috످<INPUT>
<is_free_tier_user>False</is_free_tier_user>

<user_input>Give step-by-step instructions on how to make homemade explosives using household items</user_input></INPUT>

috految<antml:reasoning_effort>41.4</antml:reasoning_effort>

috److I won't provide instructions for making explosives. Even small amounts can detonate without warning and kill or maim you or people nearby.

If you're curious about the science, I can explain how fireworks get their colors or walk you through a safer experiment, like making elephant toothpaste or launching a water rocket. I can also help with a fictional scene (without technical details) or explain how to become a licensed pyrotechnician.

**If you've already mixed something or found a possible explosive,** don't touch, move, or try to dispose of it. Get everyone far away, then call 911 or your local emergency number.

If you're thinking about hurting yourself or someone else, you can talk to me about what's going on, call or text 988 (US/Canada), or visit [findahelpline.com](https://findahelpline.com).

috످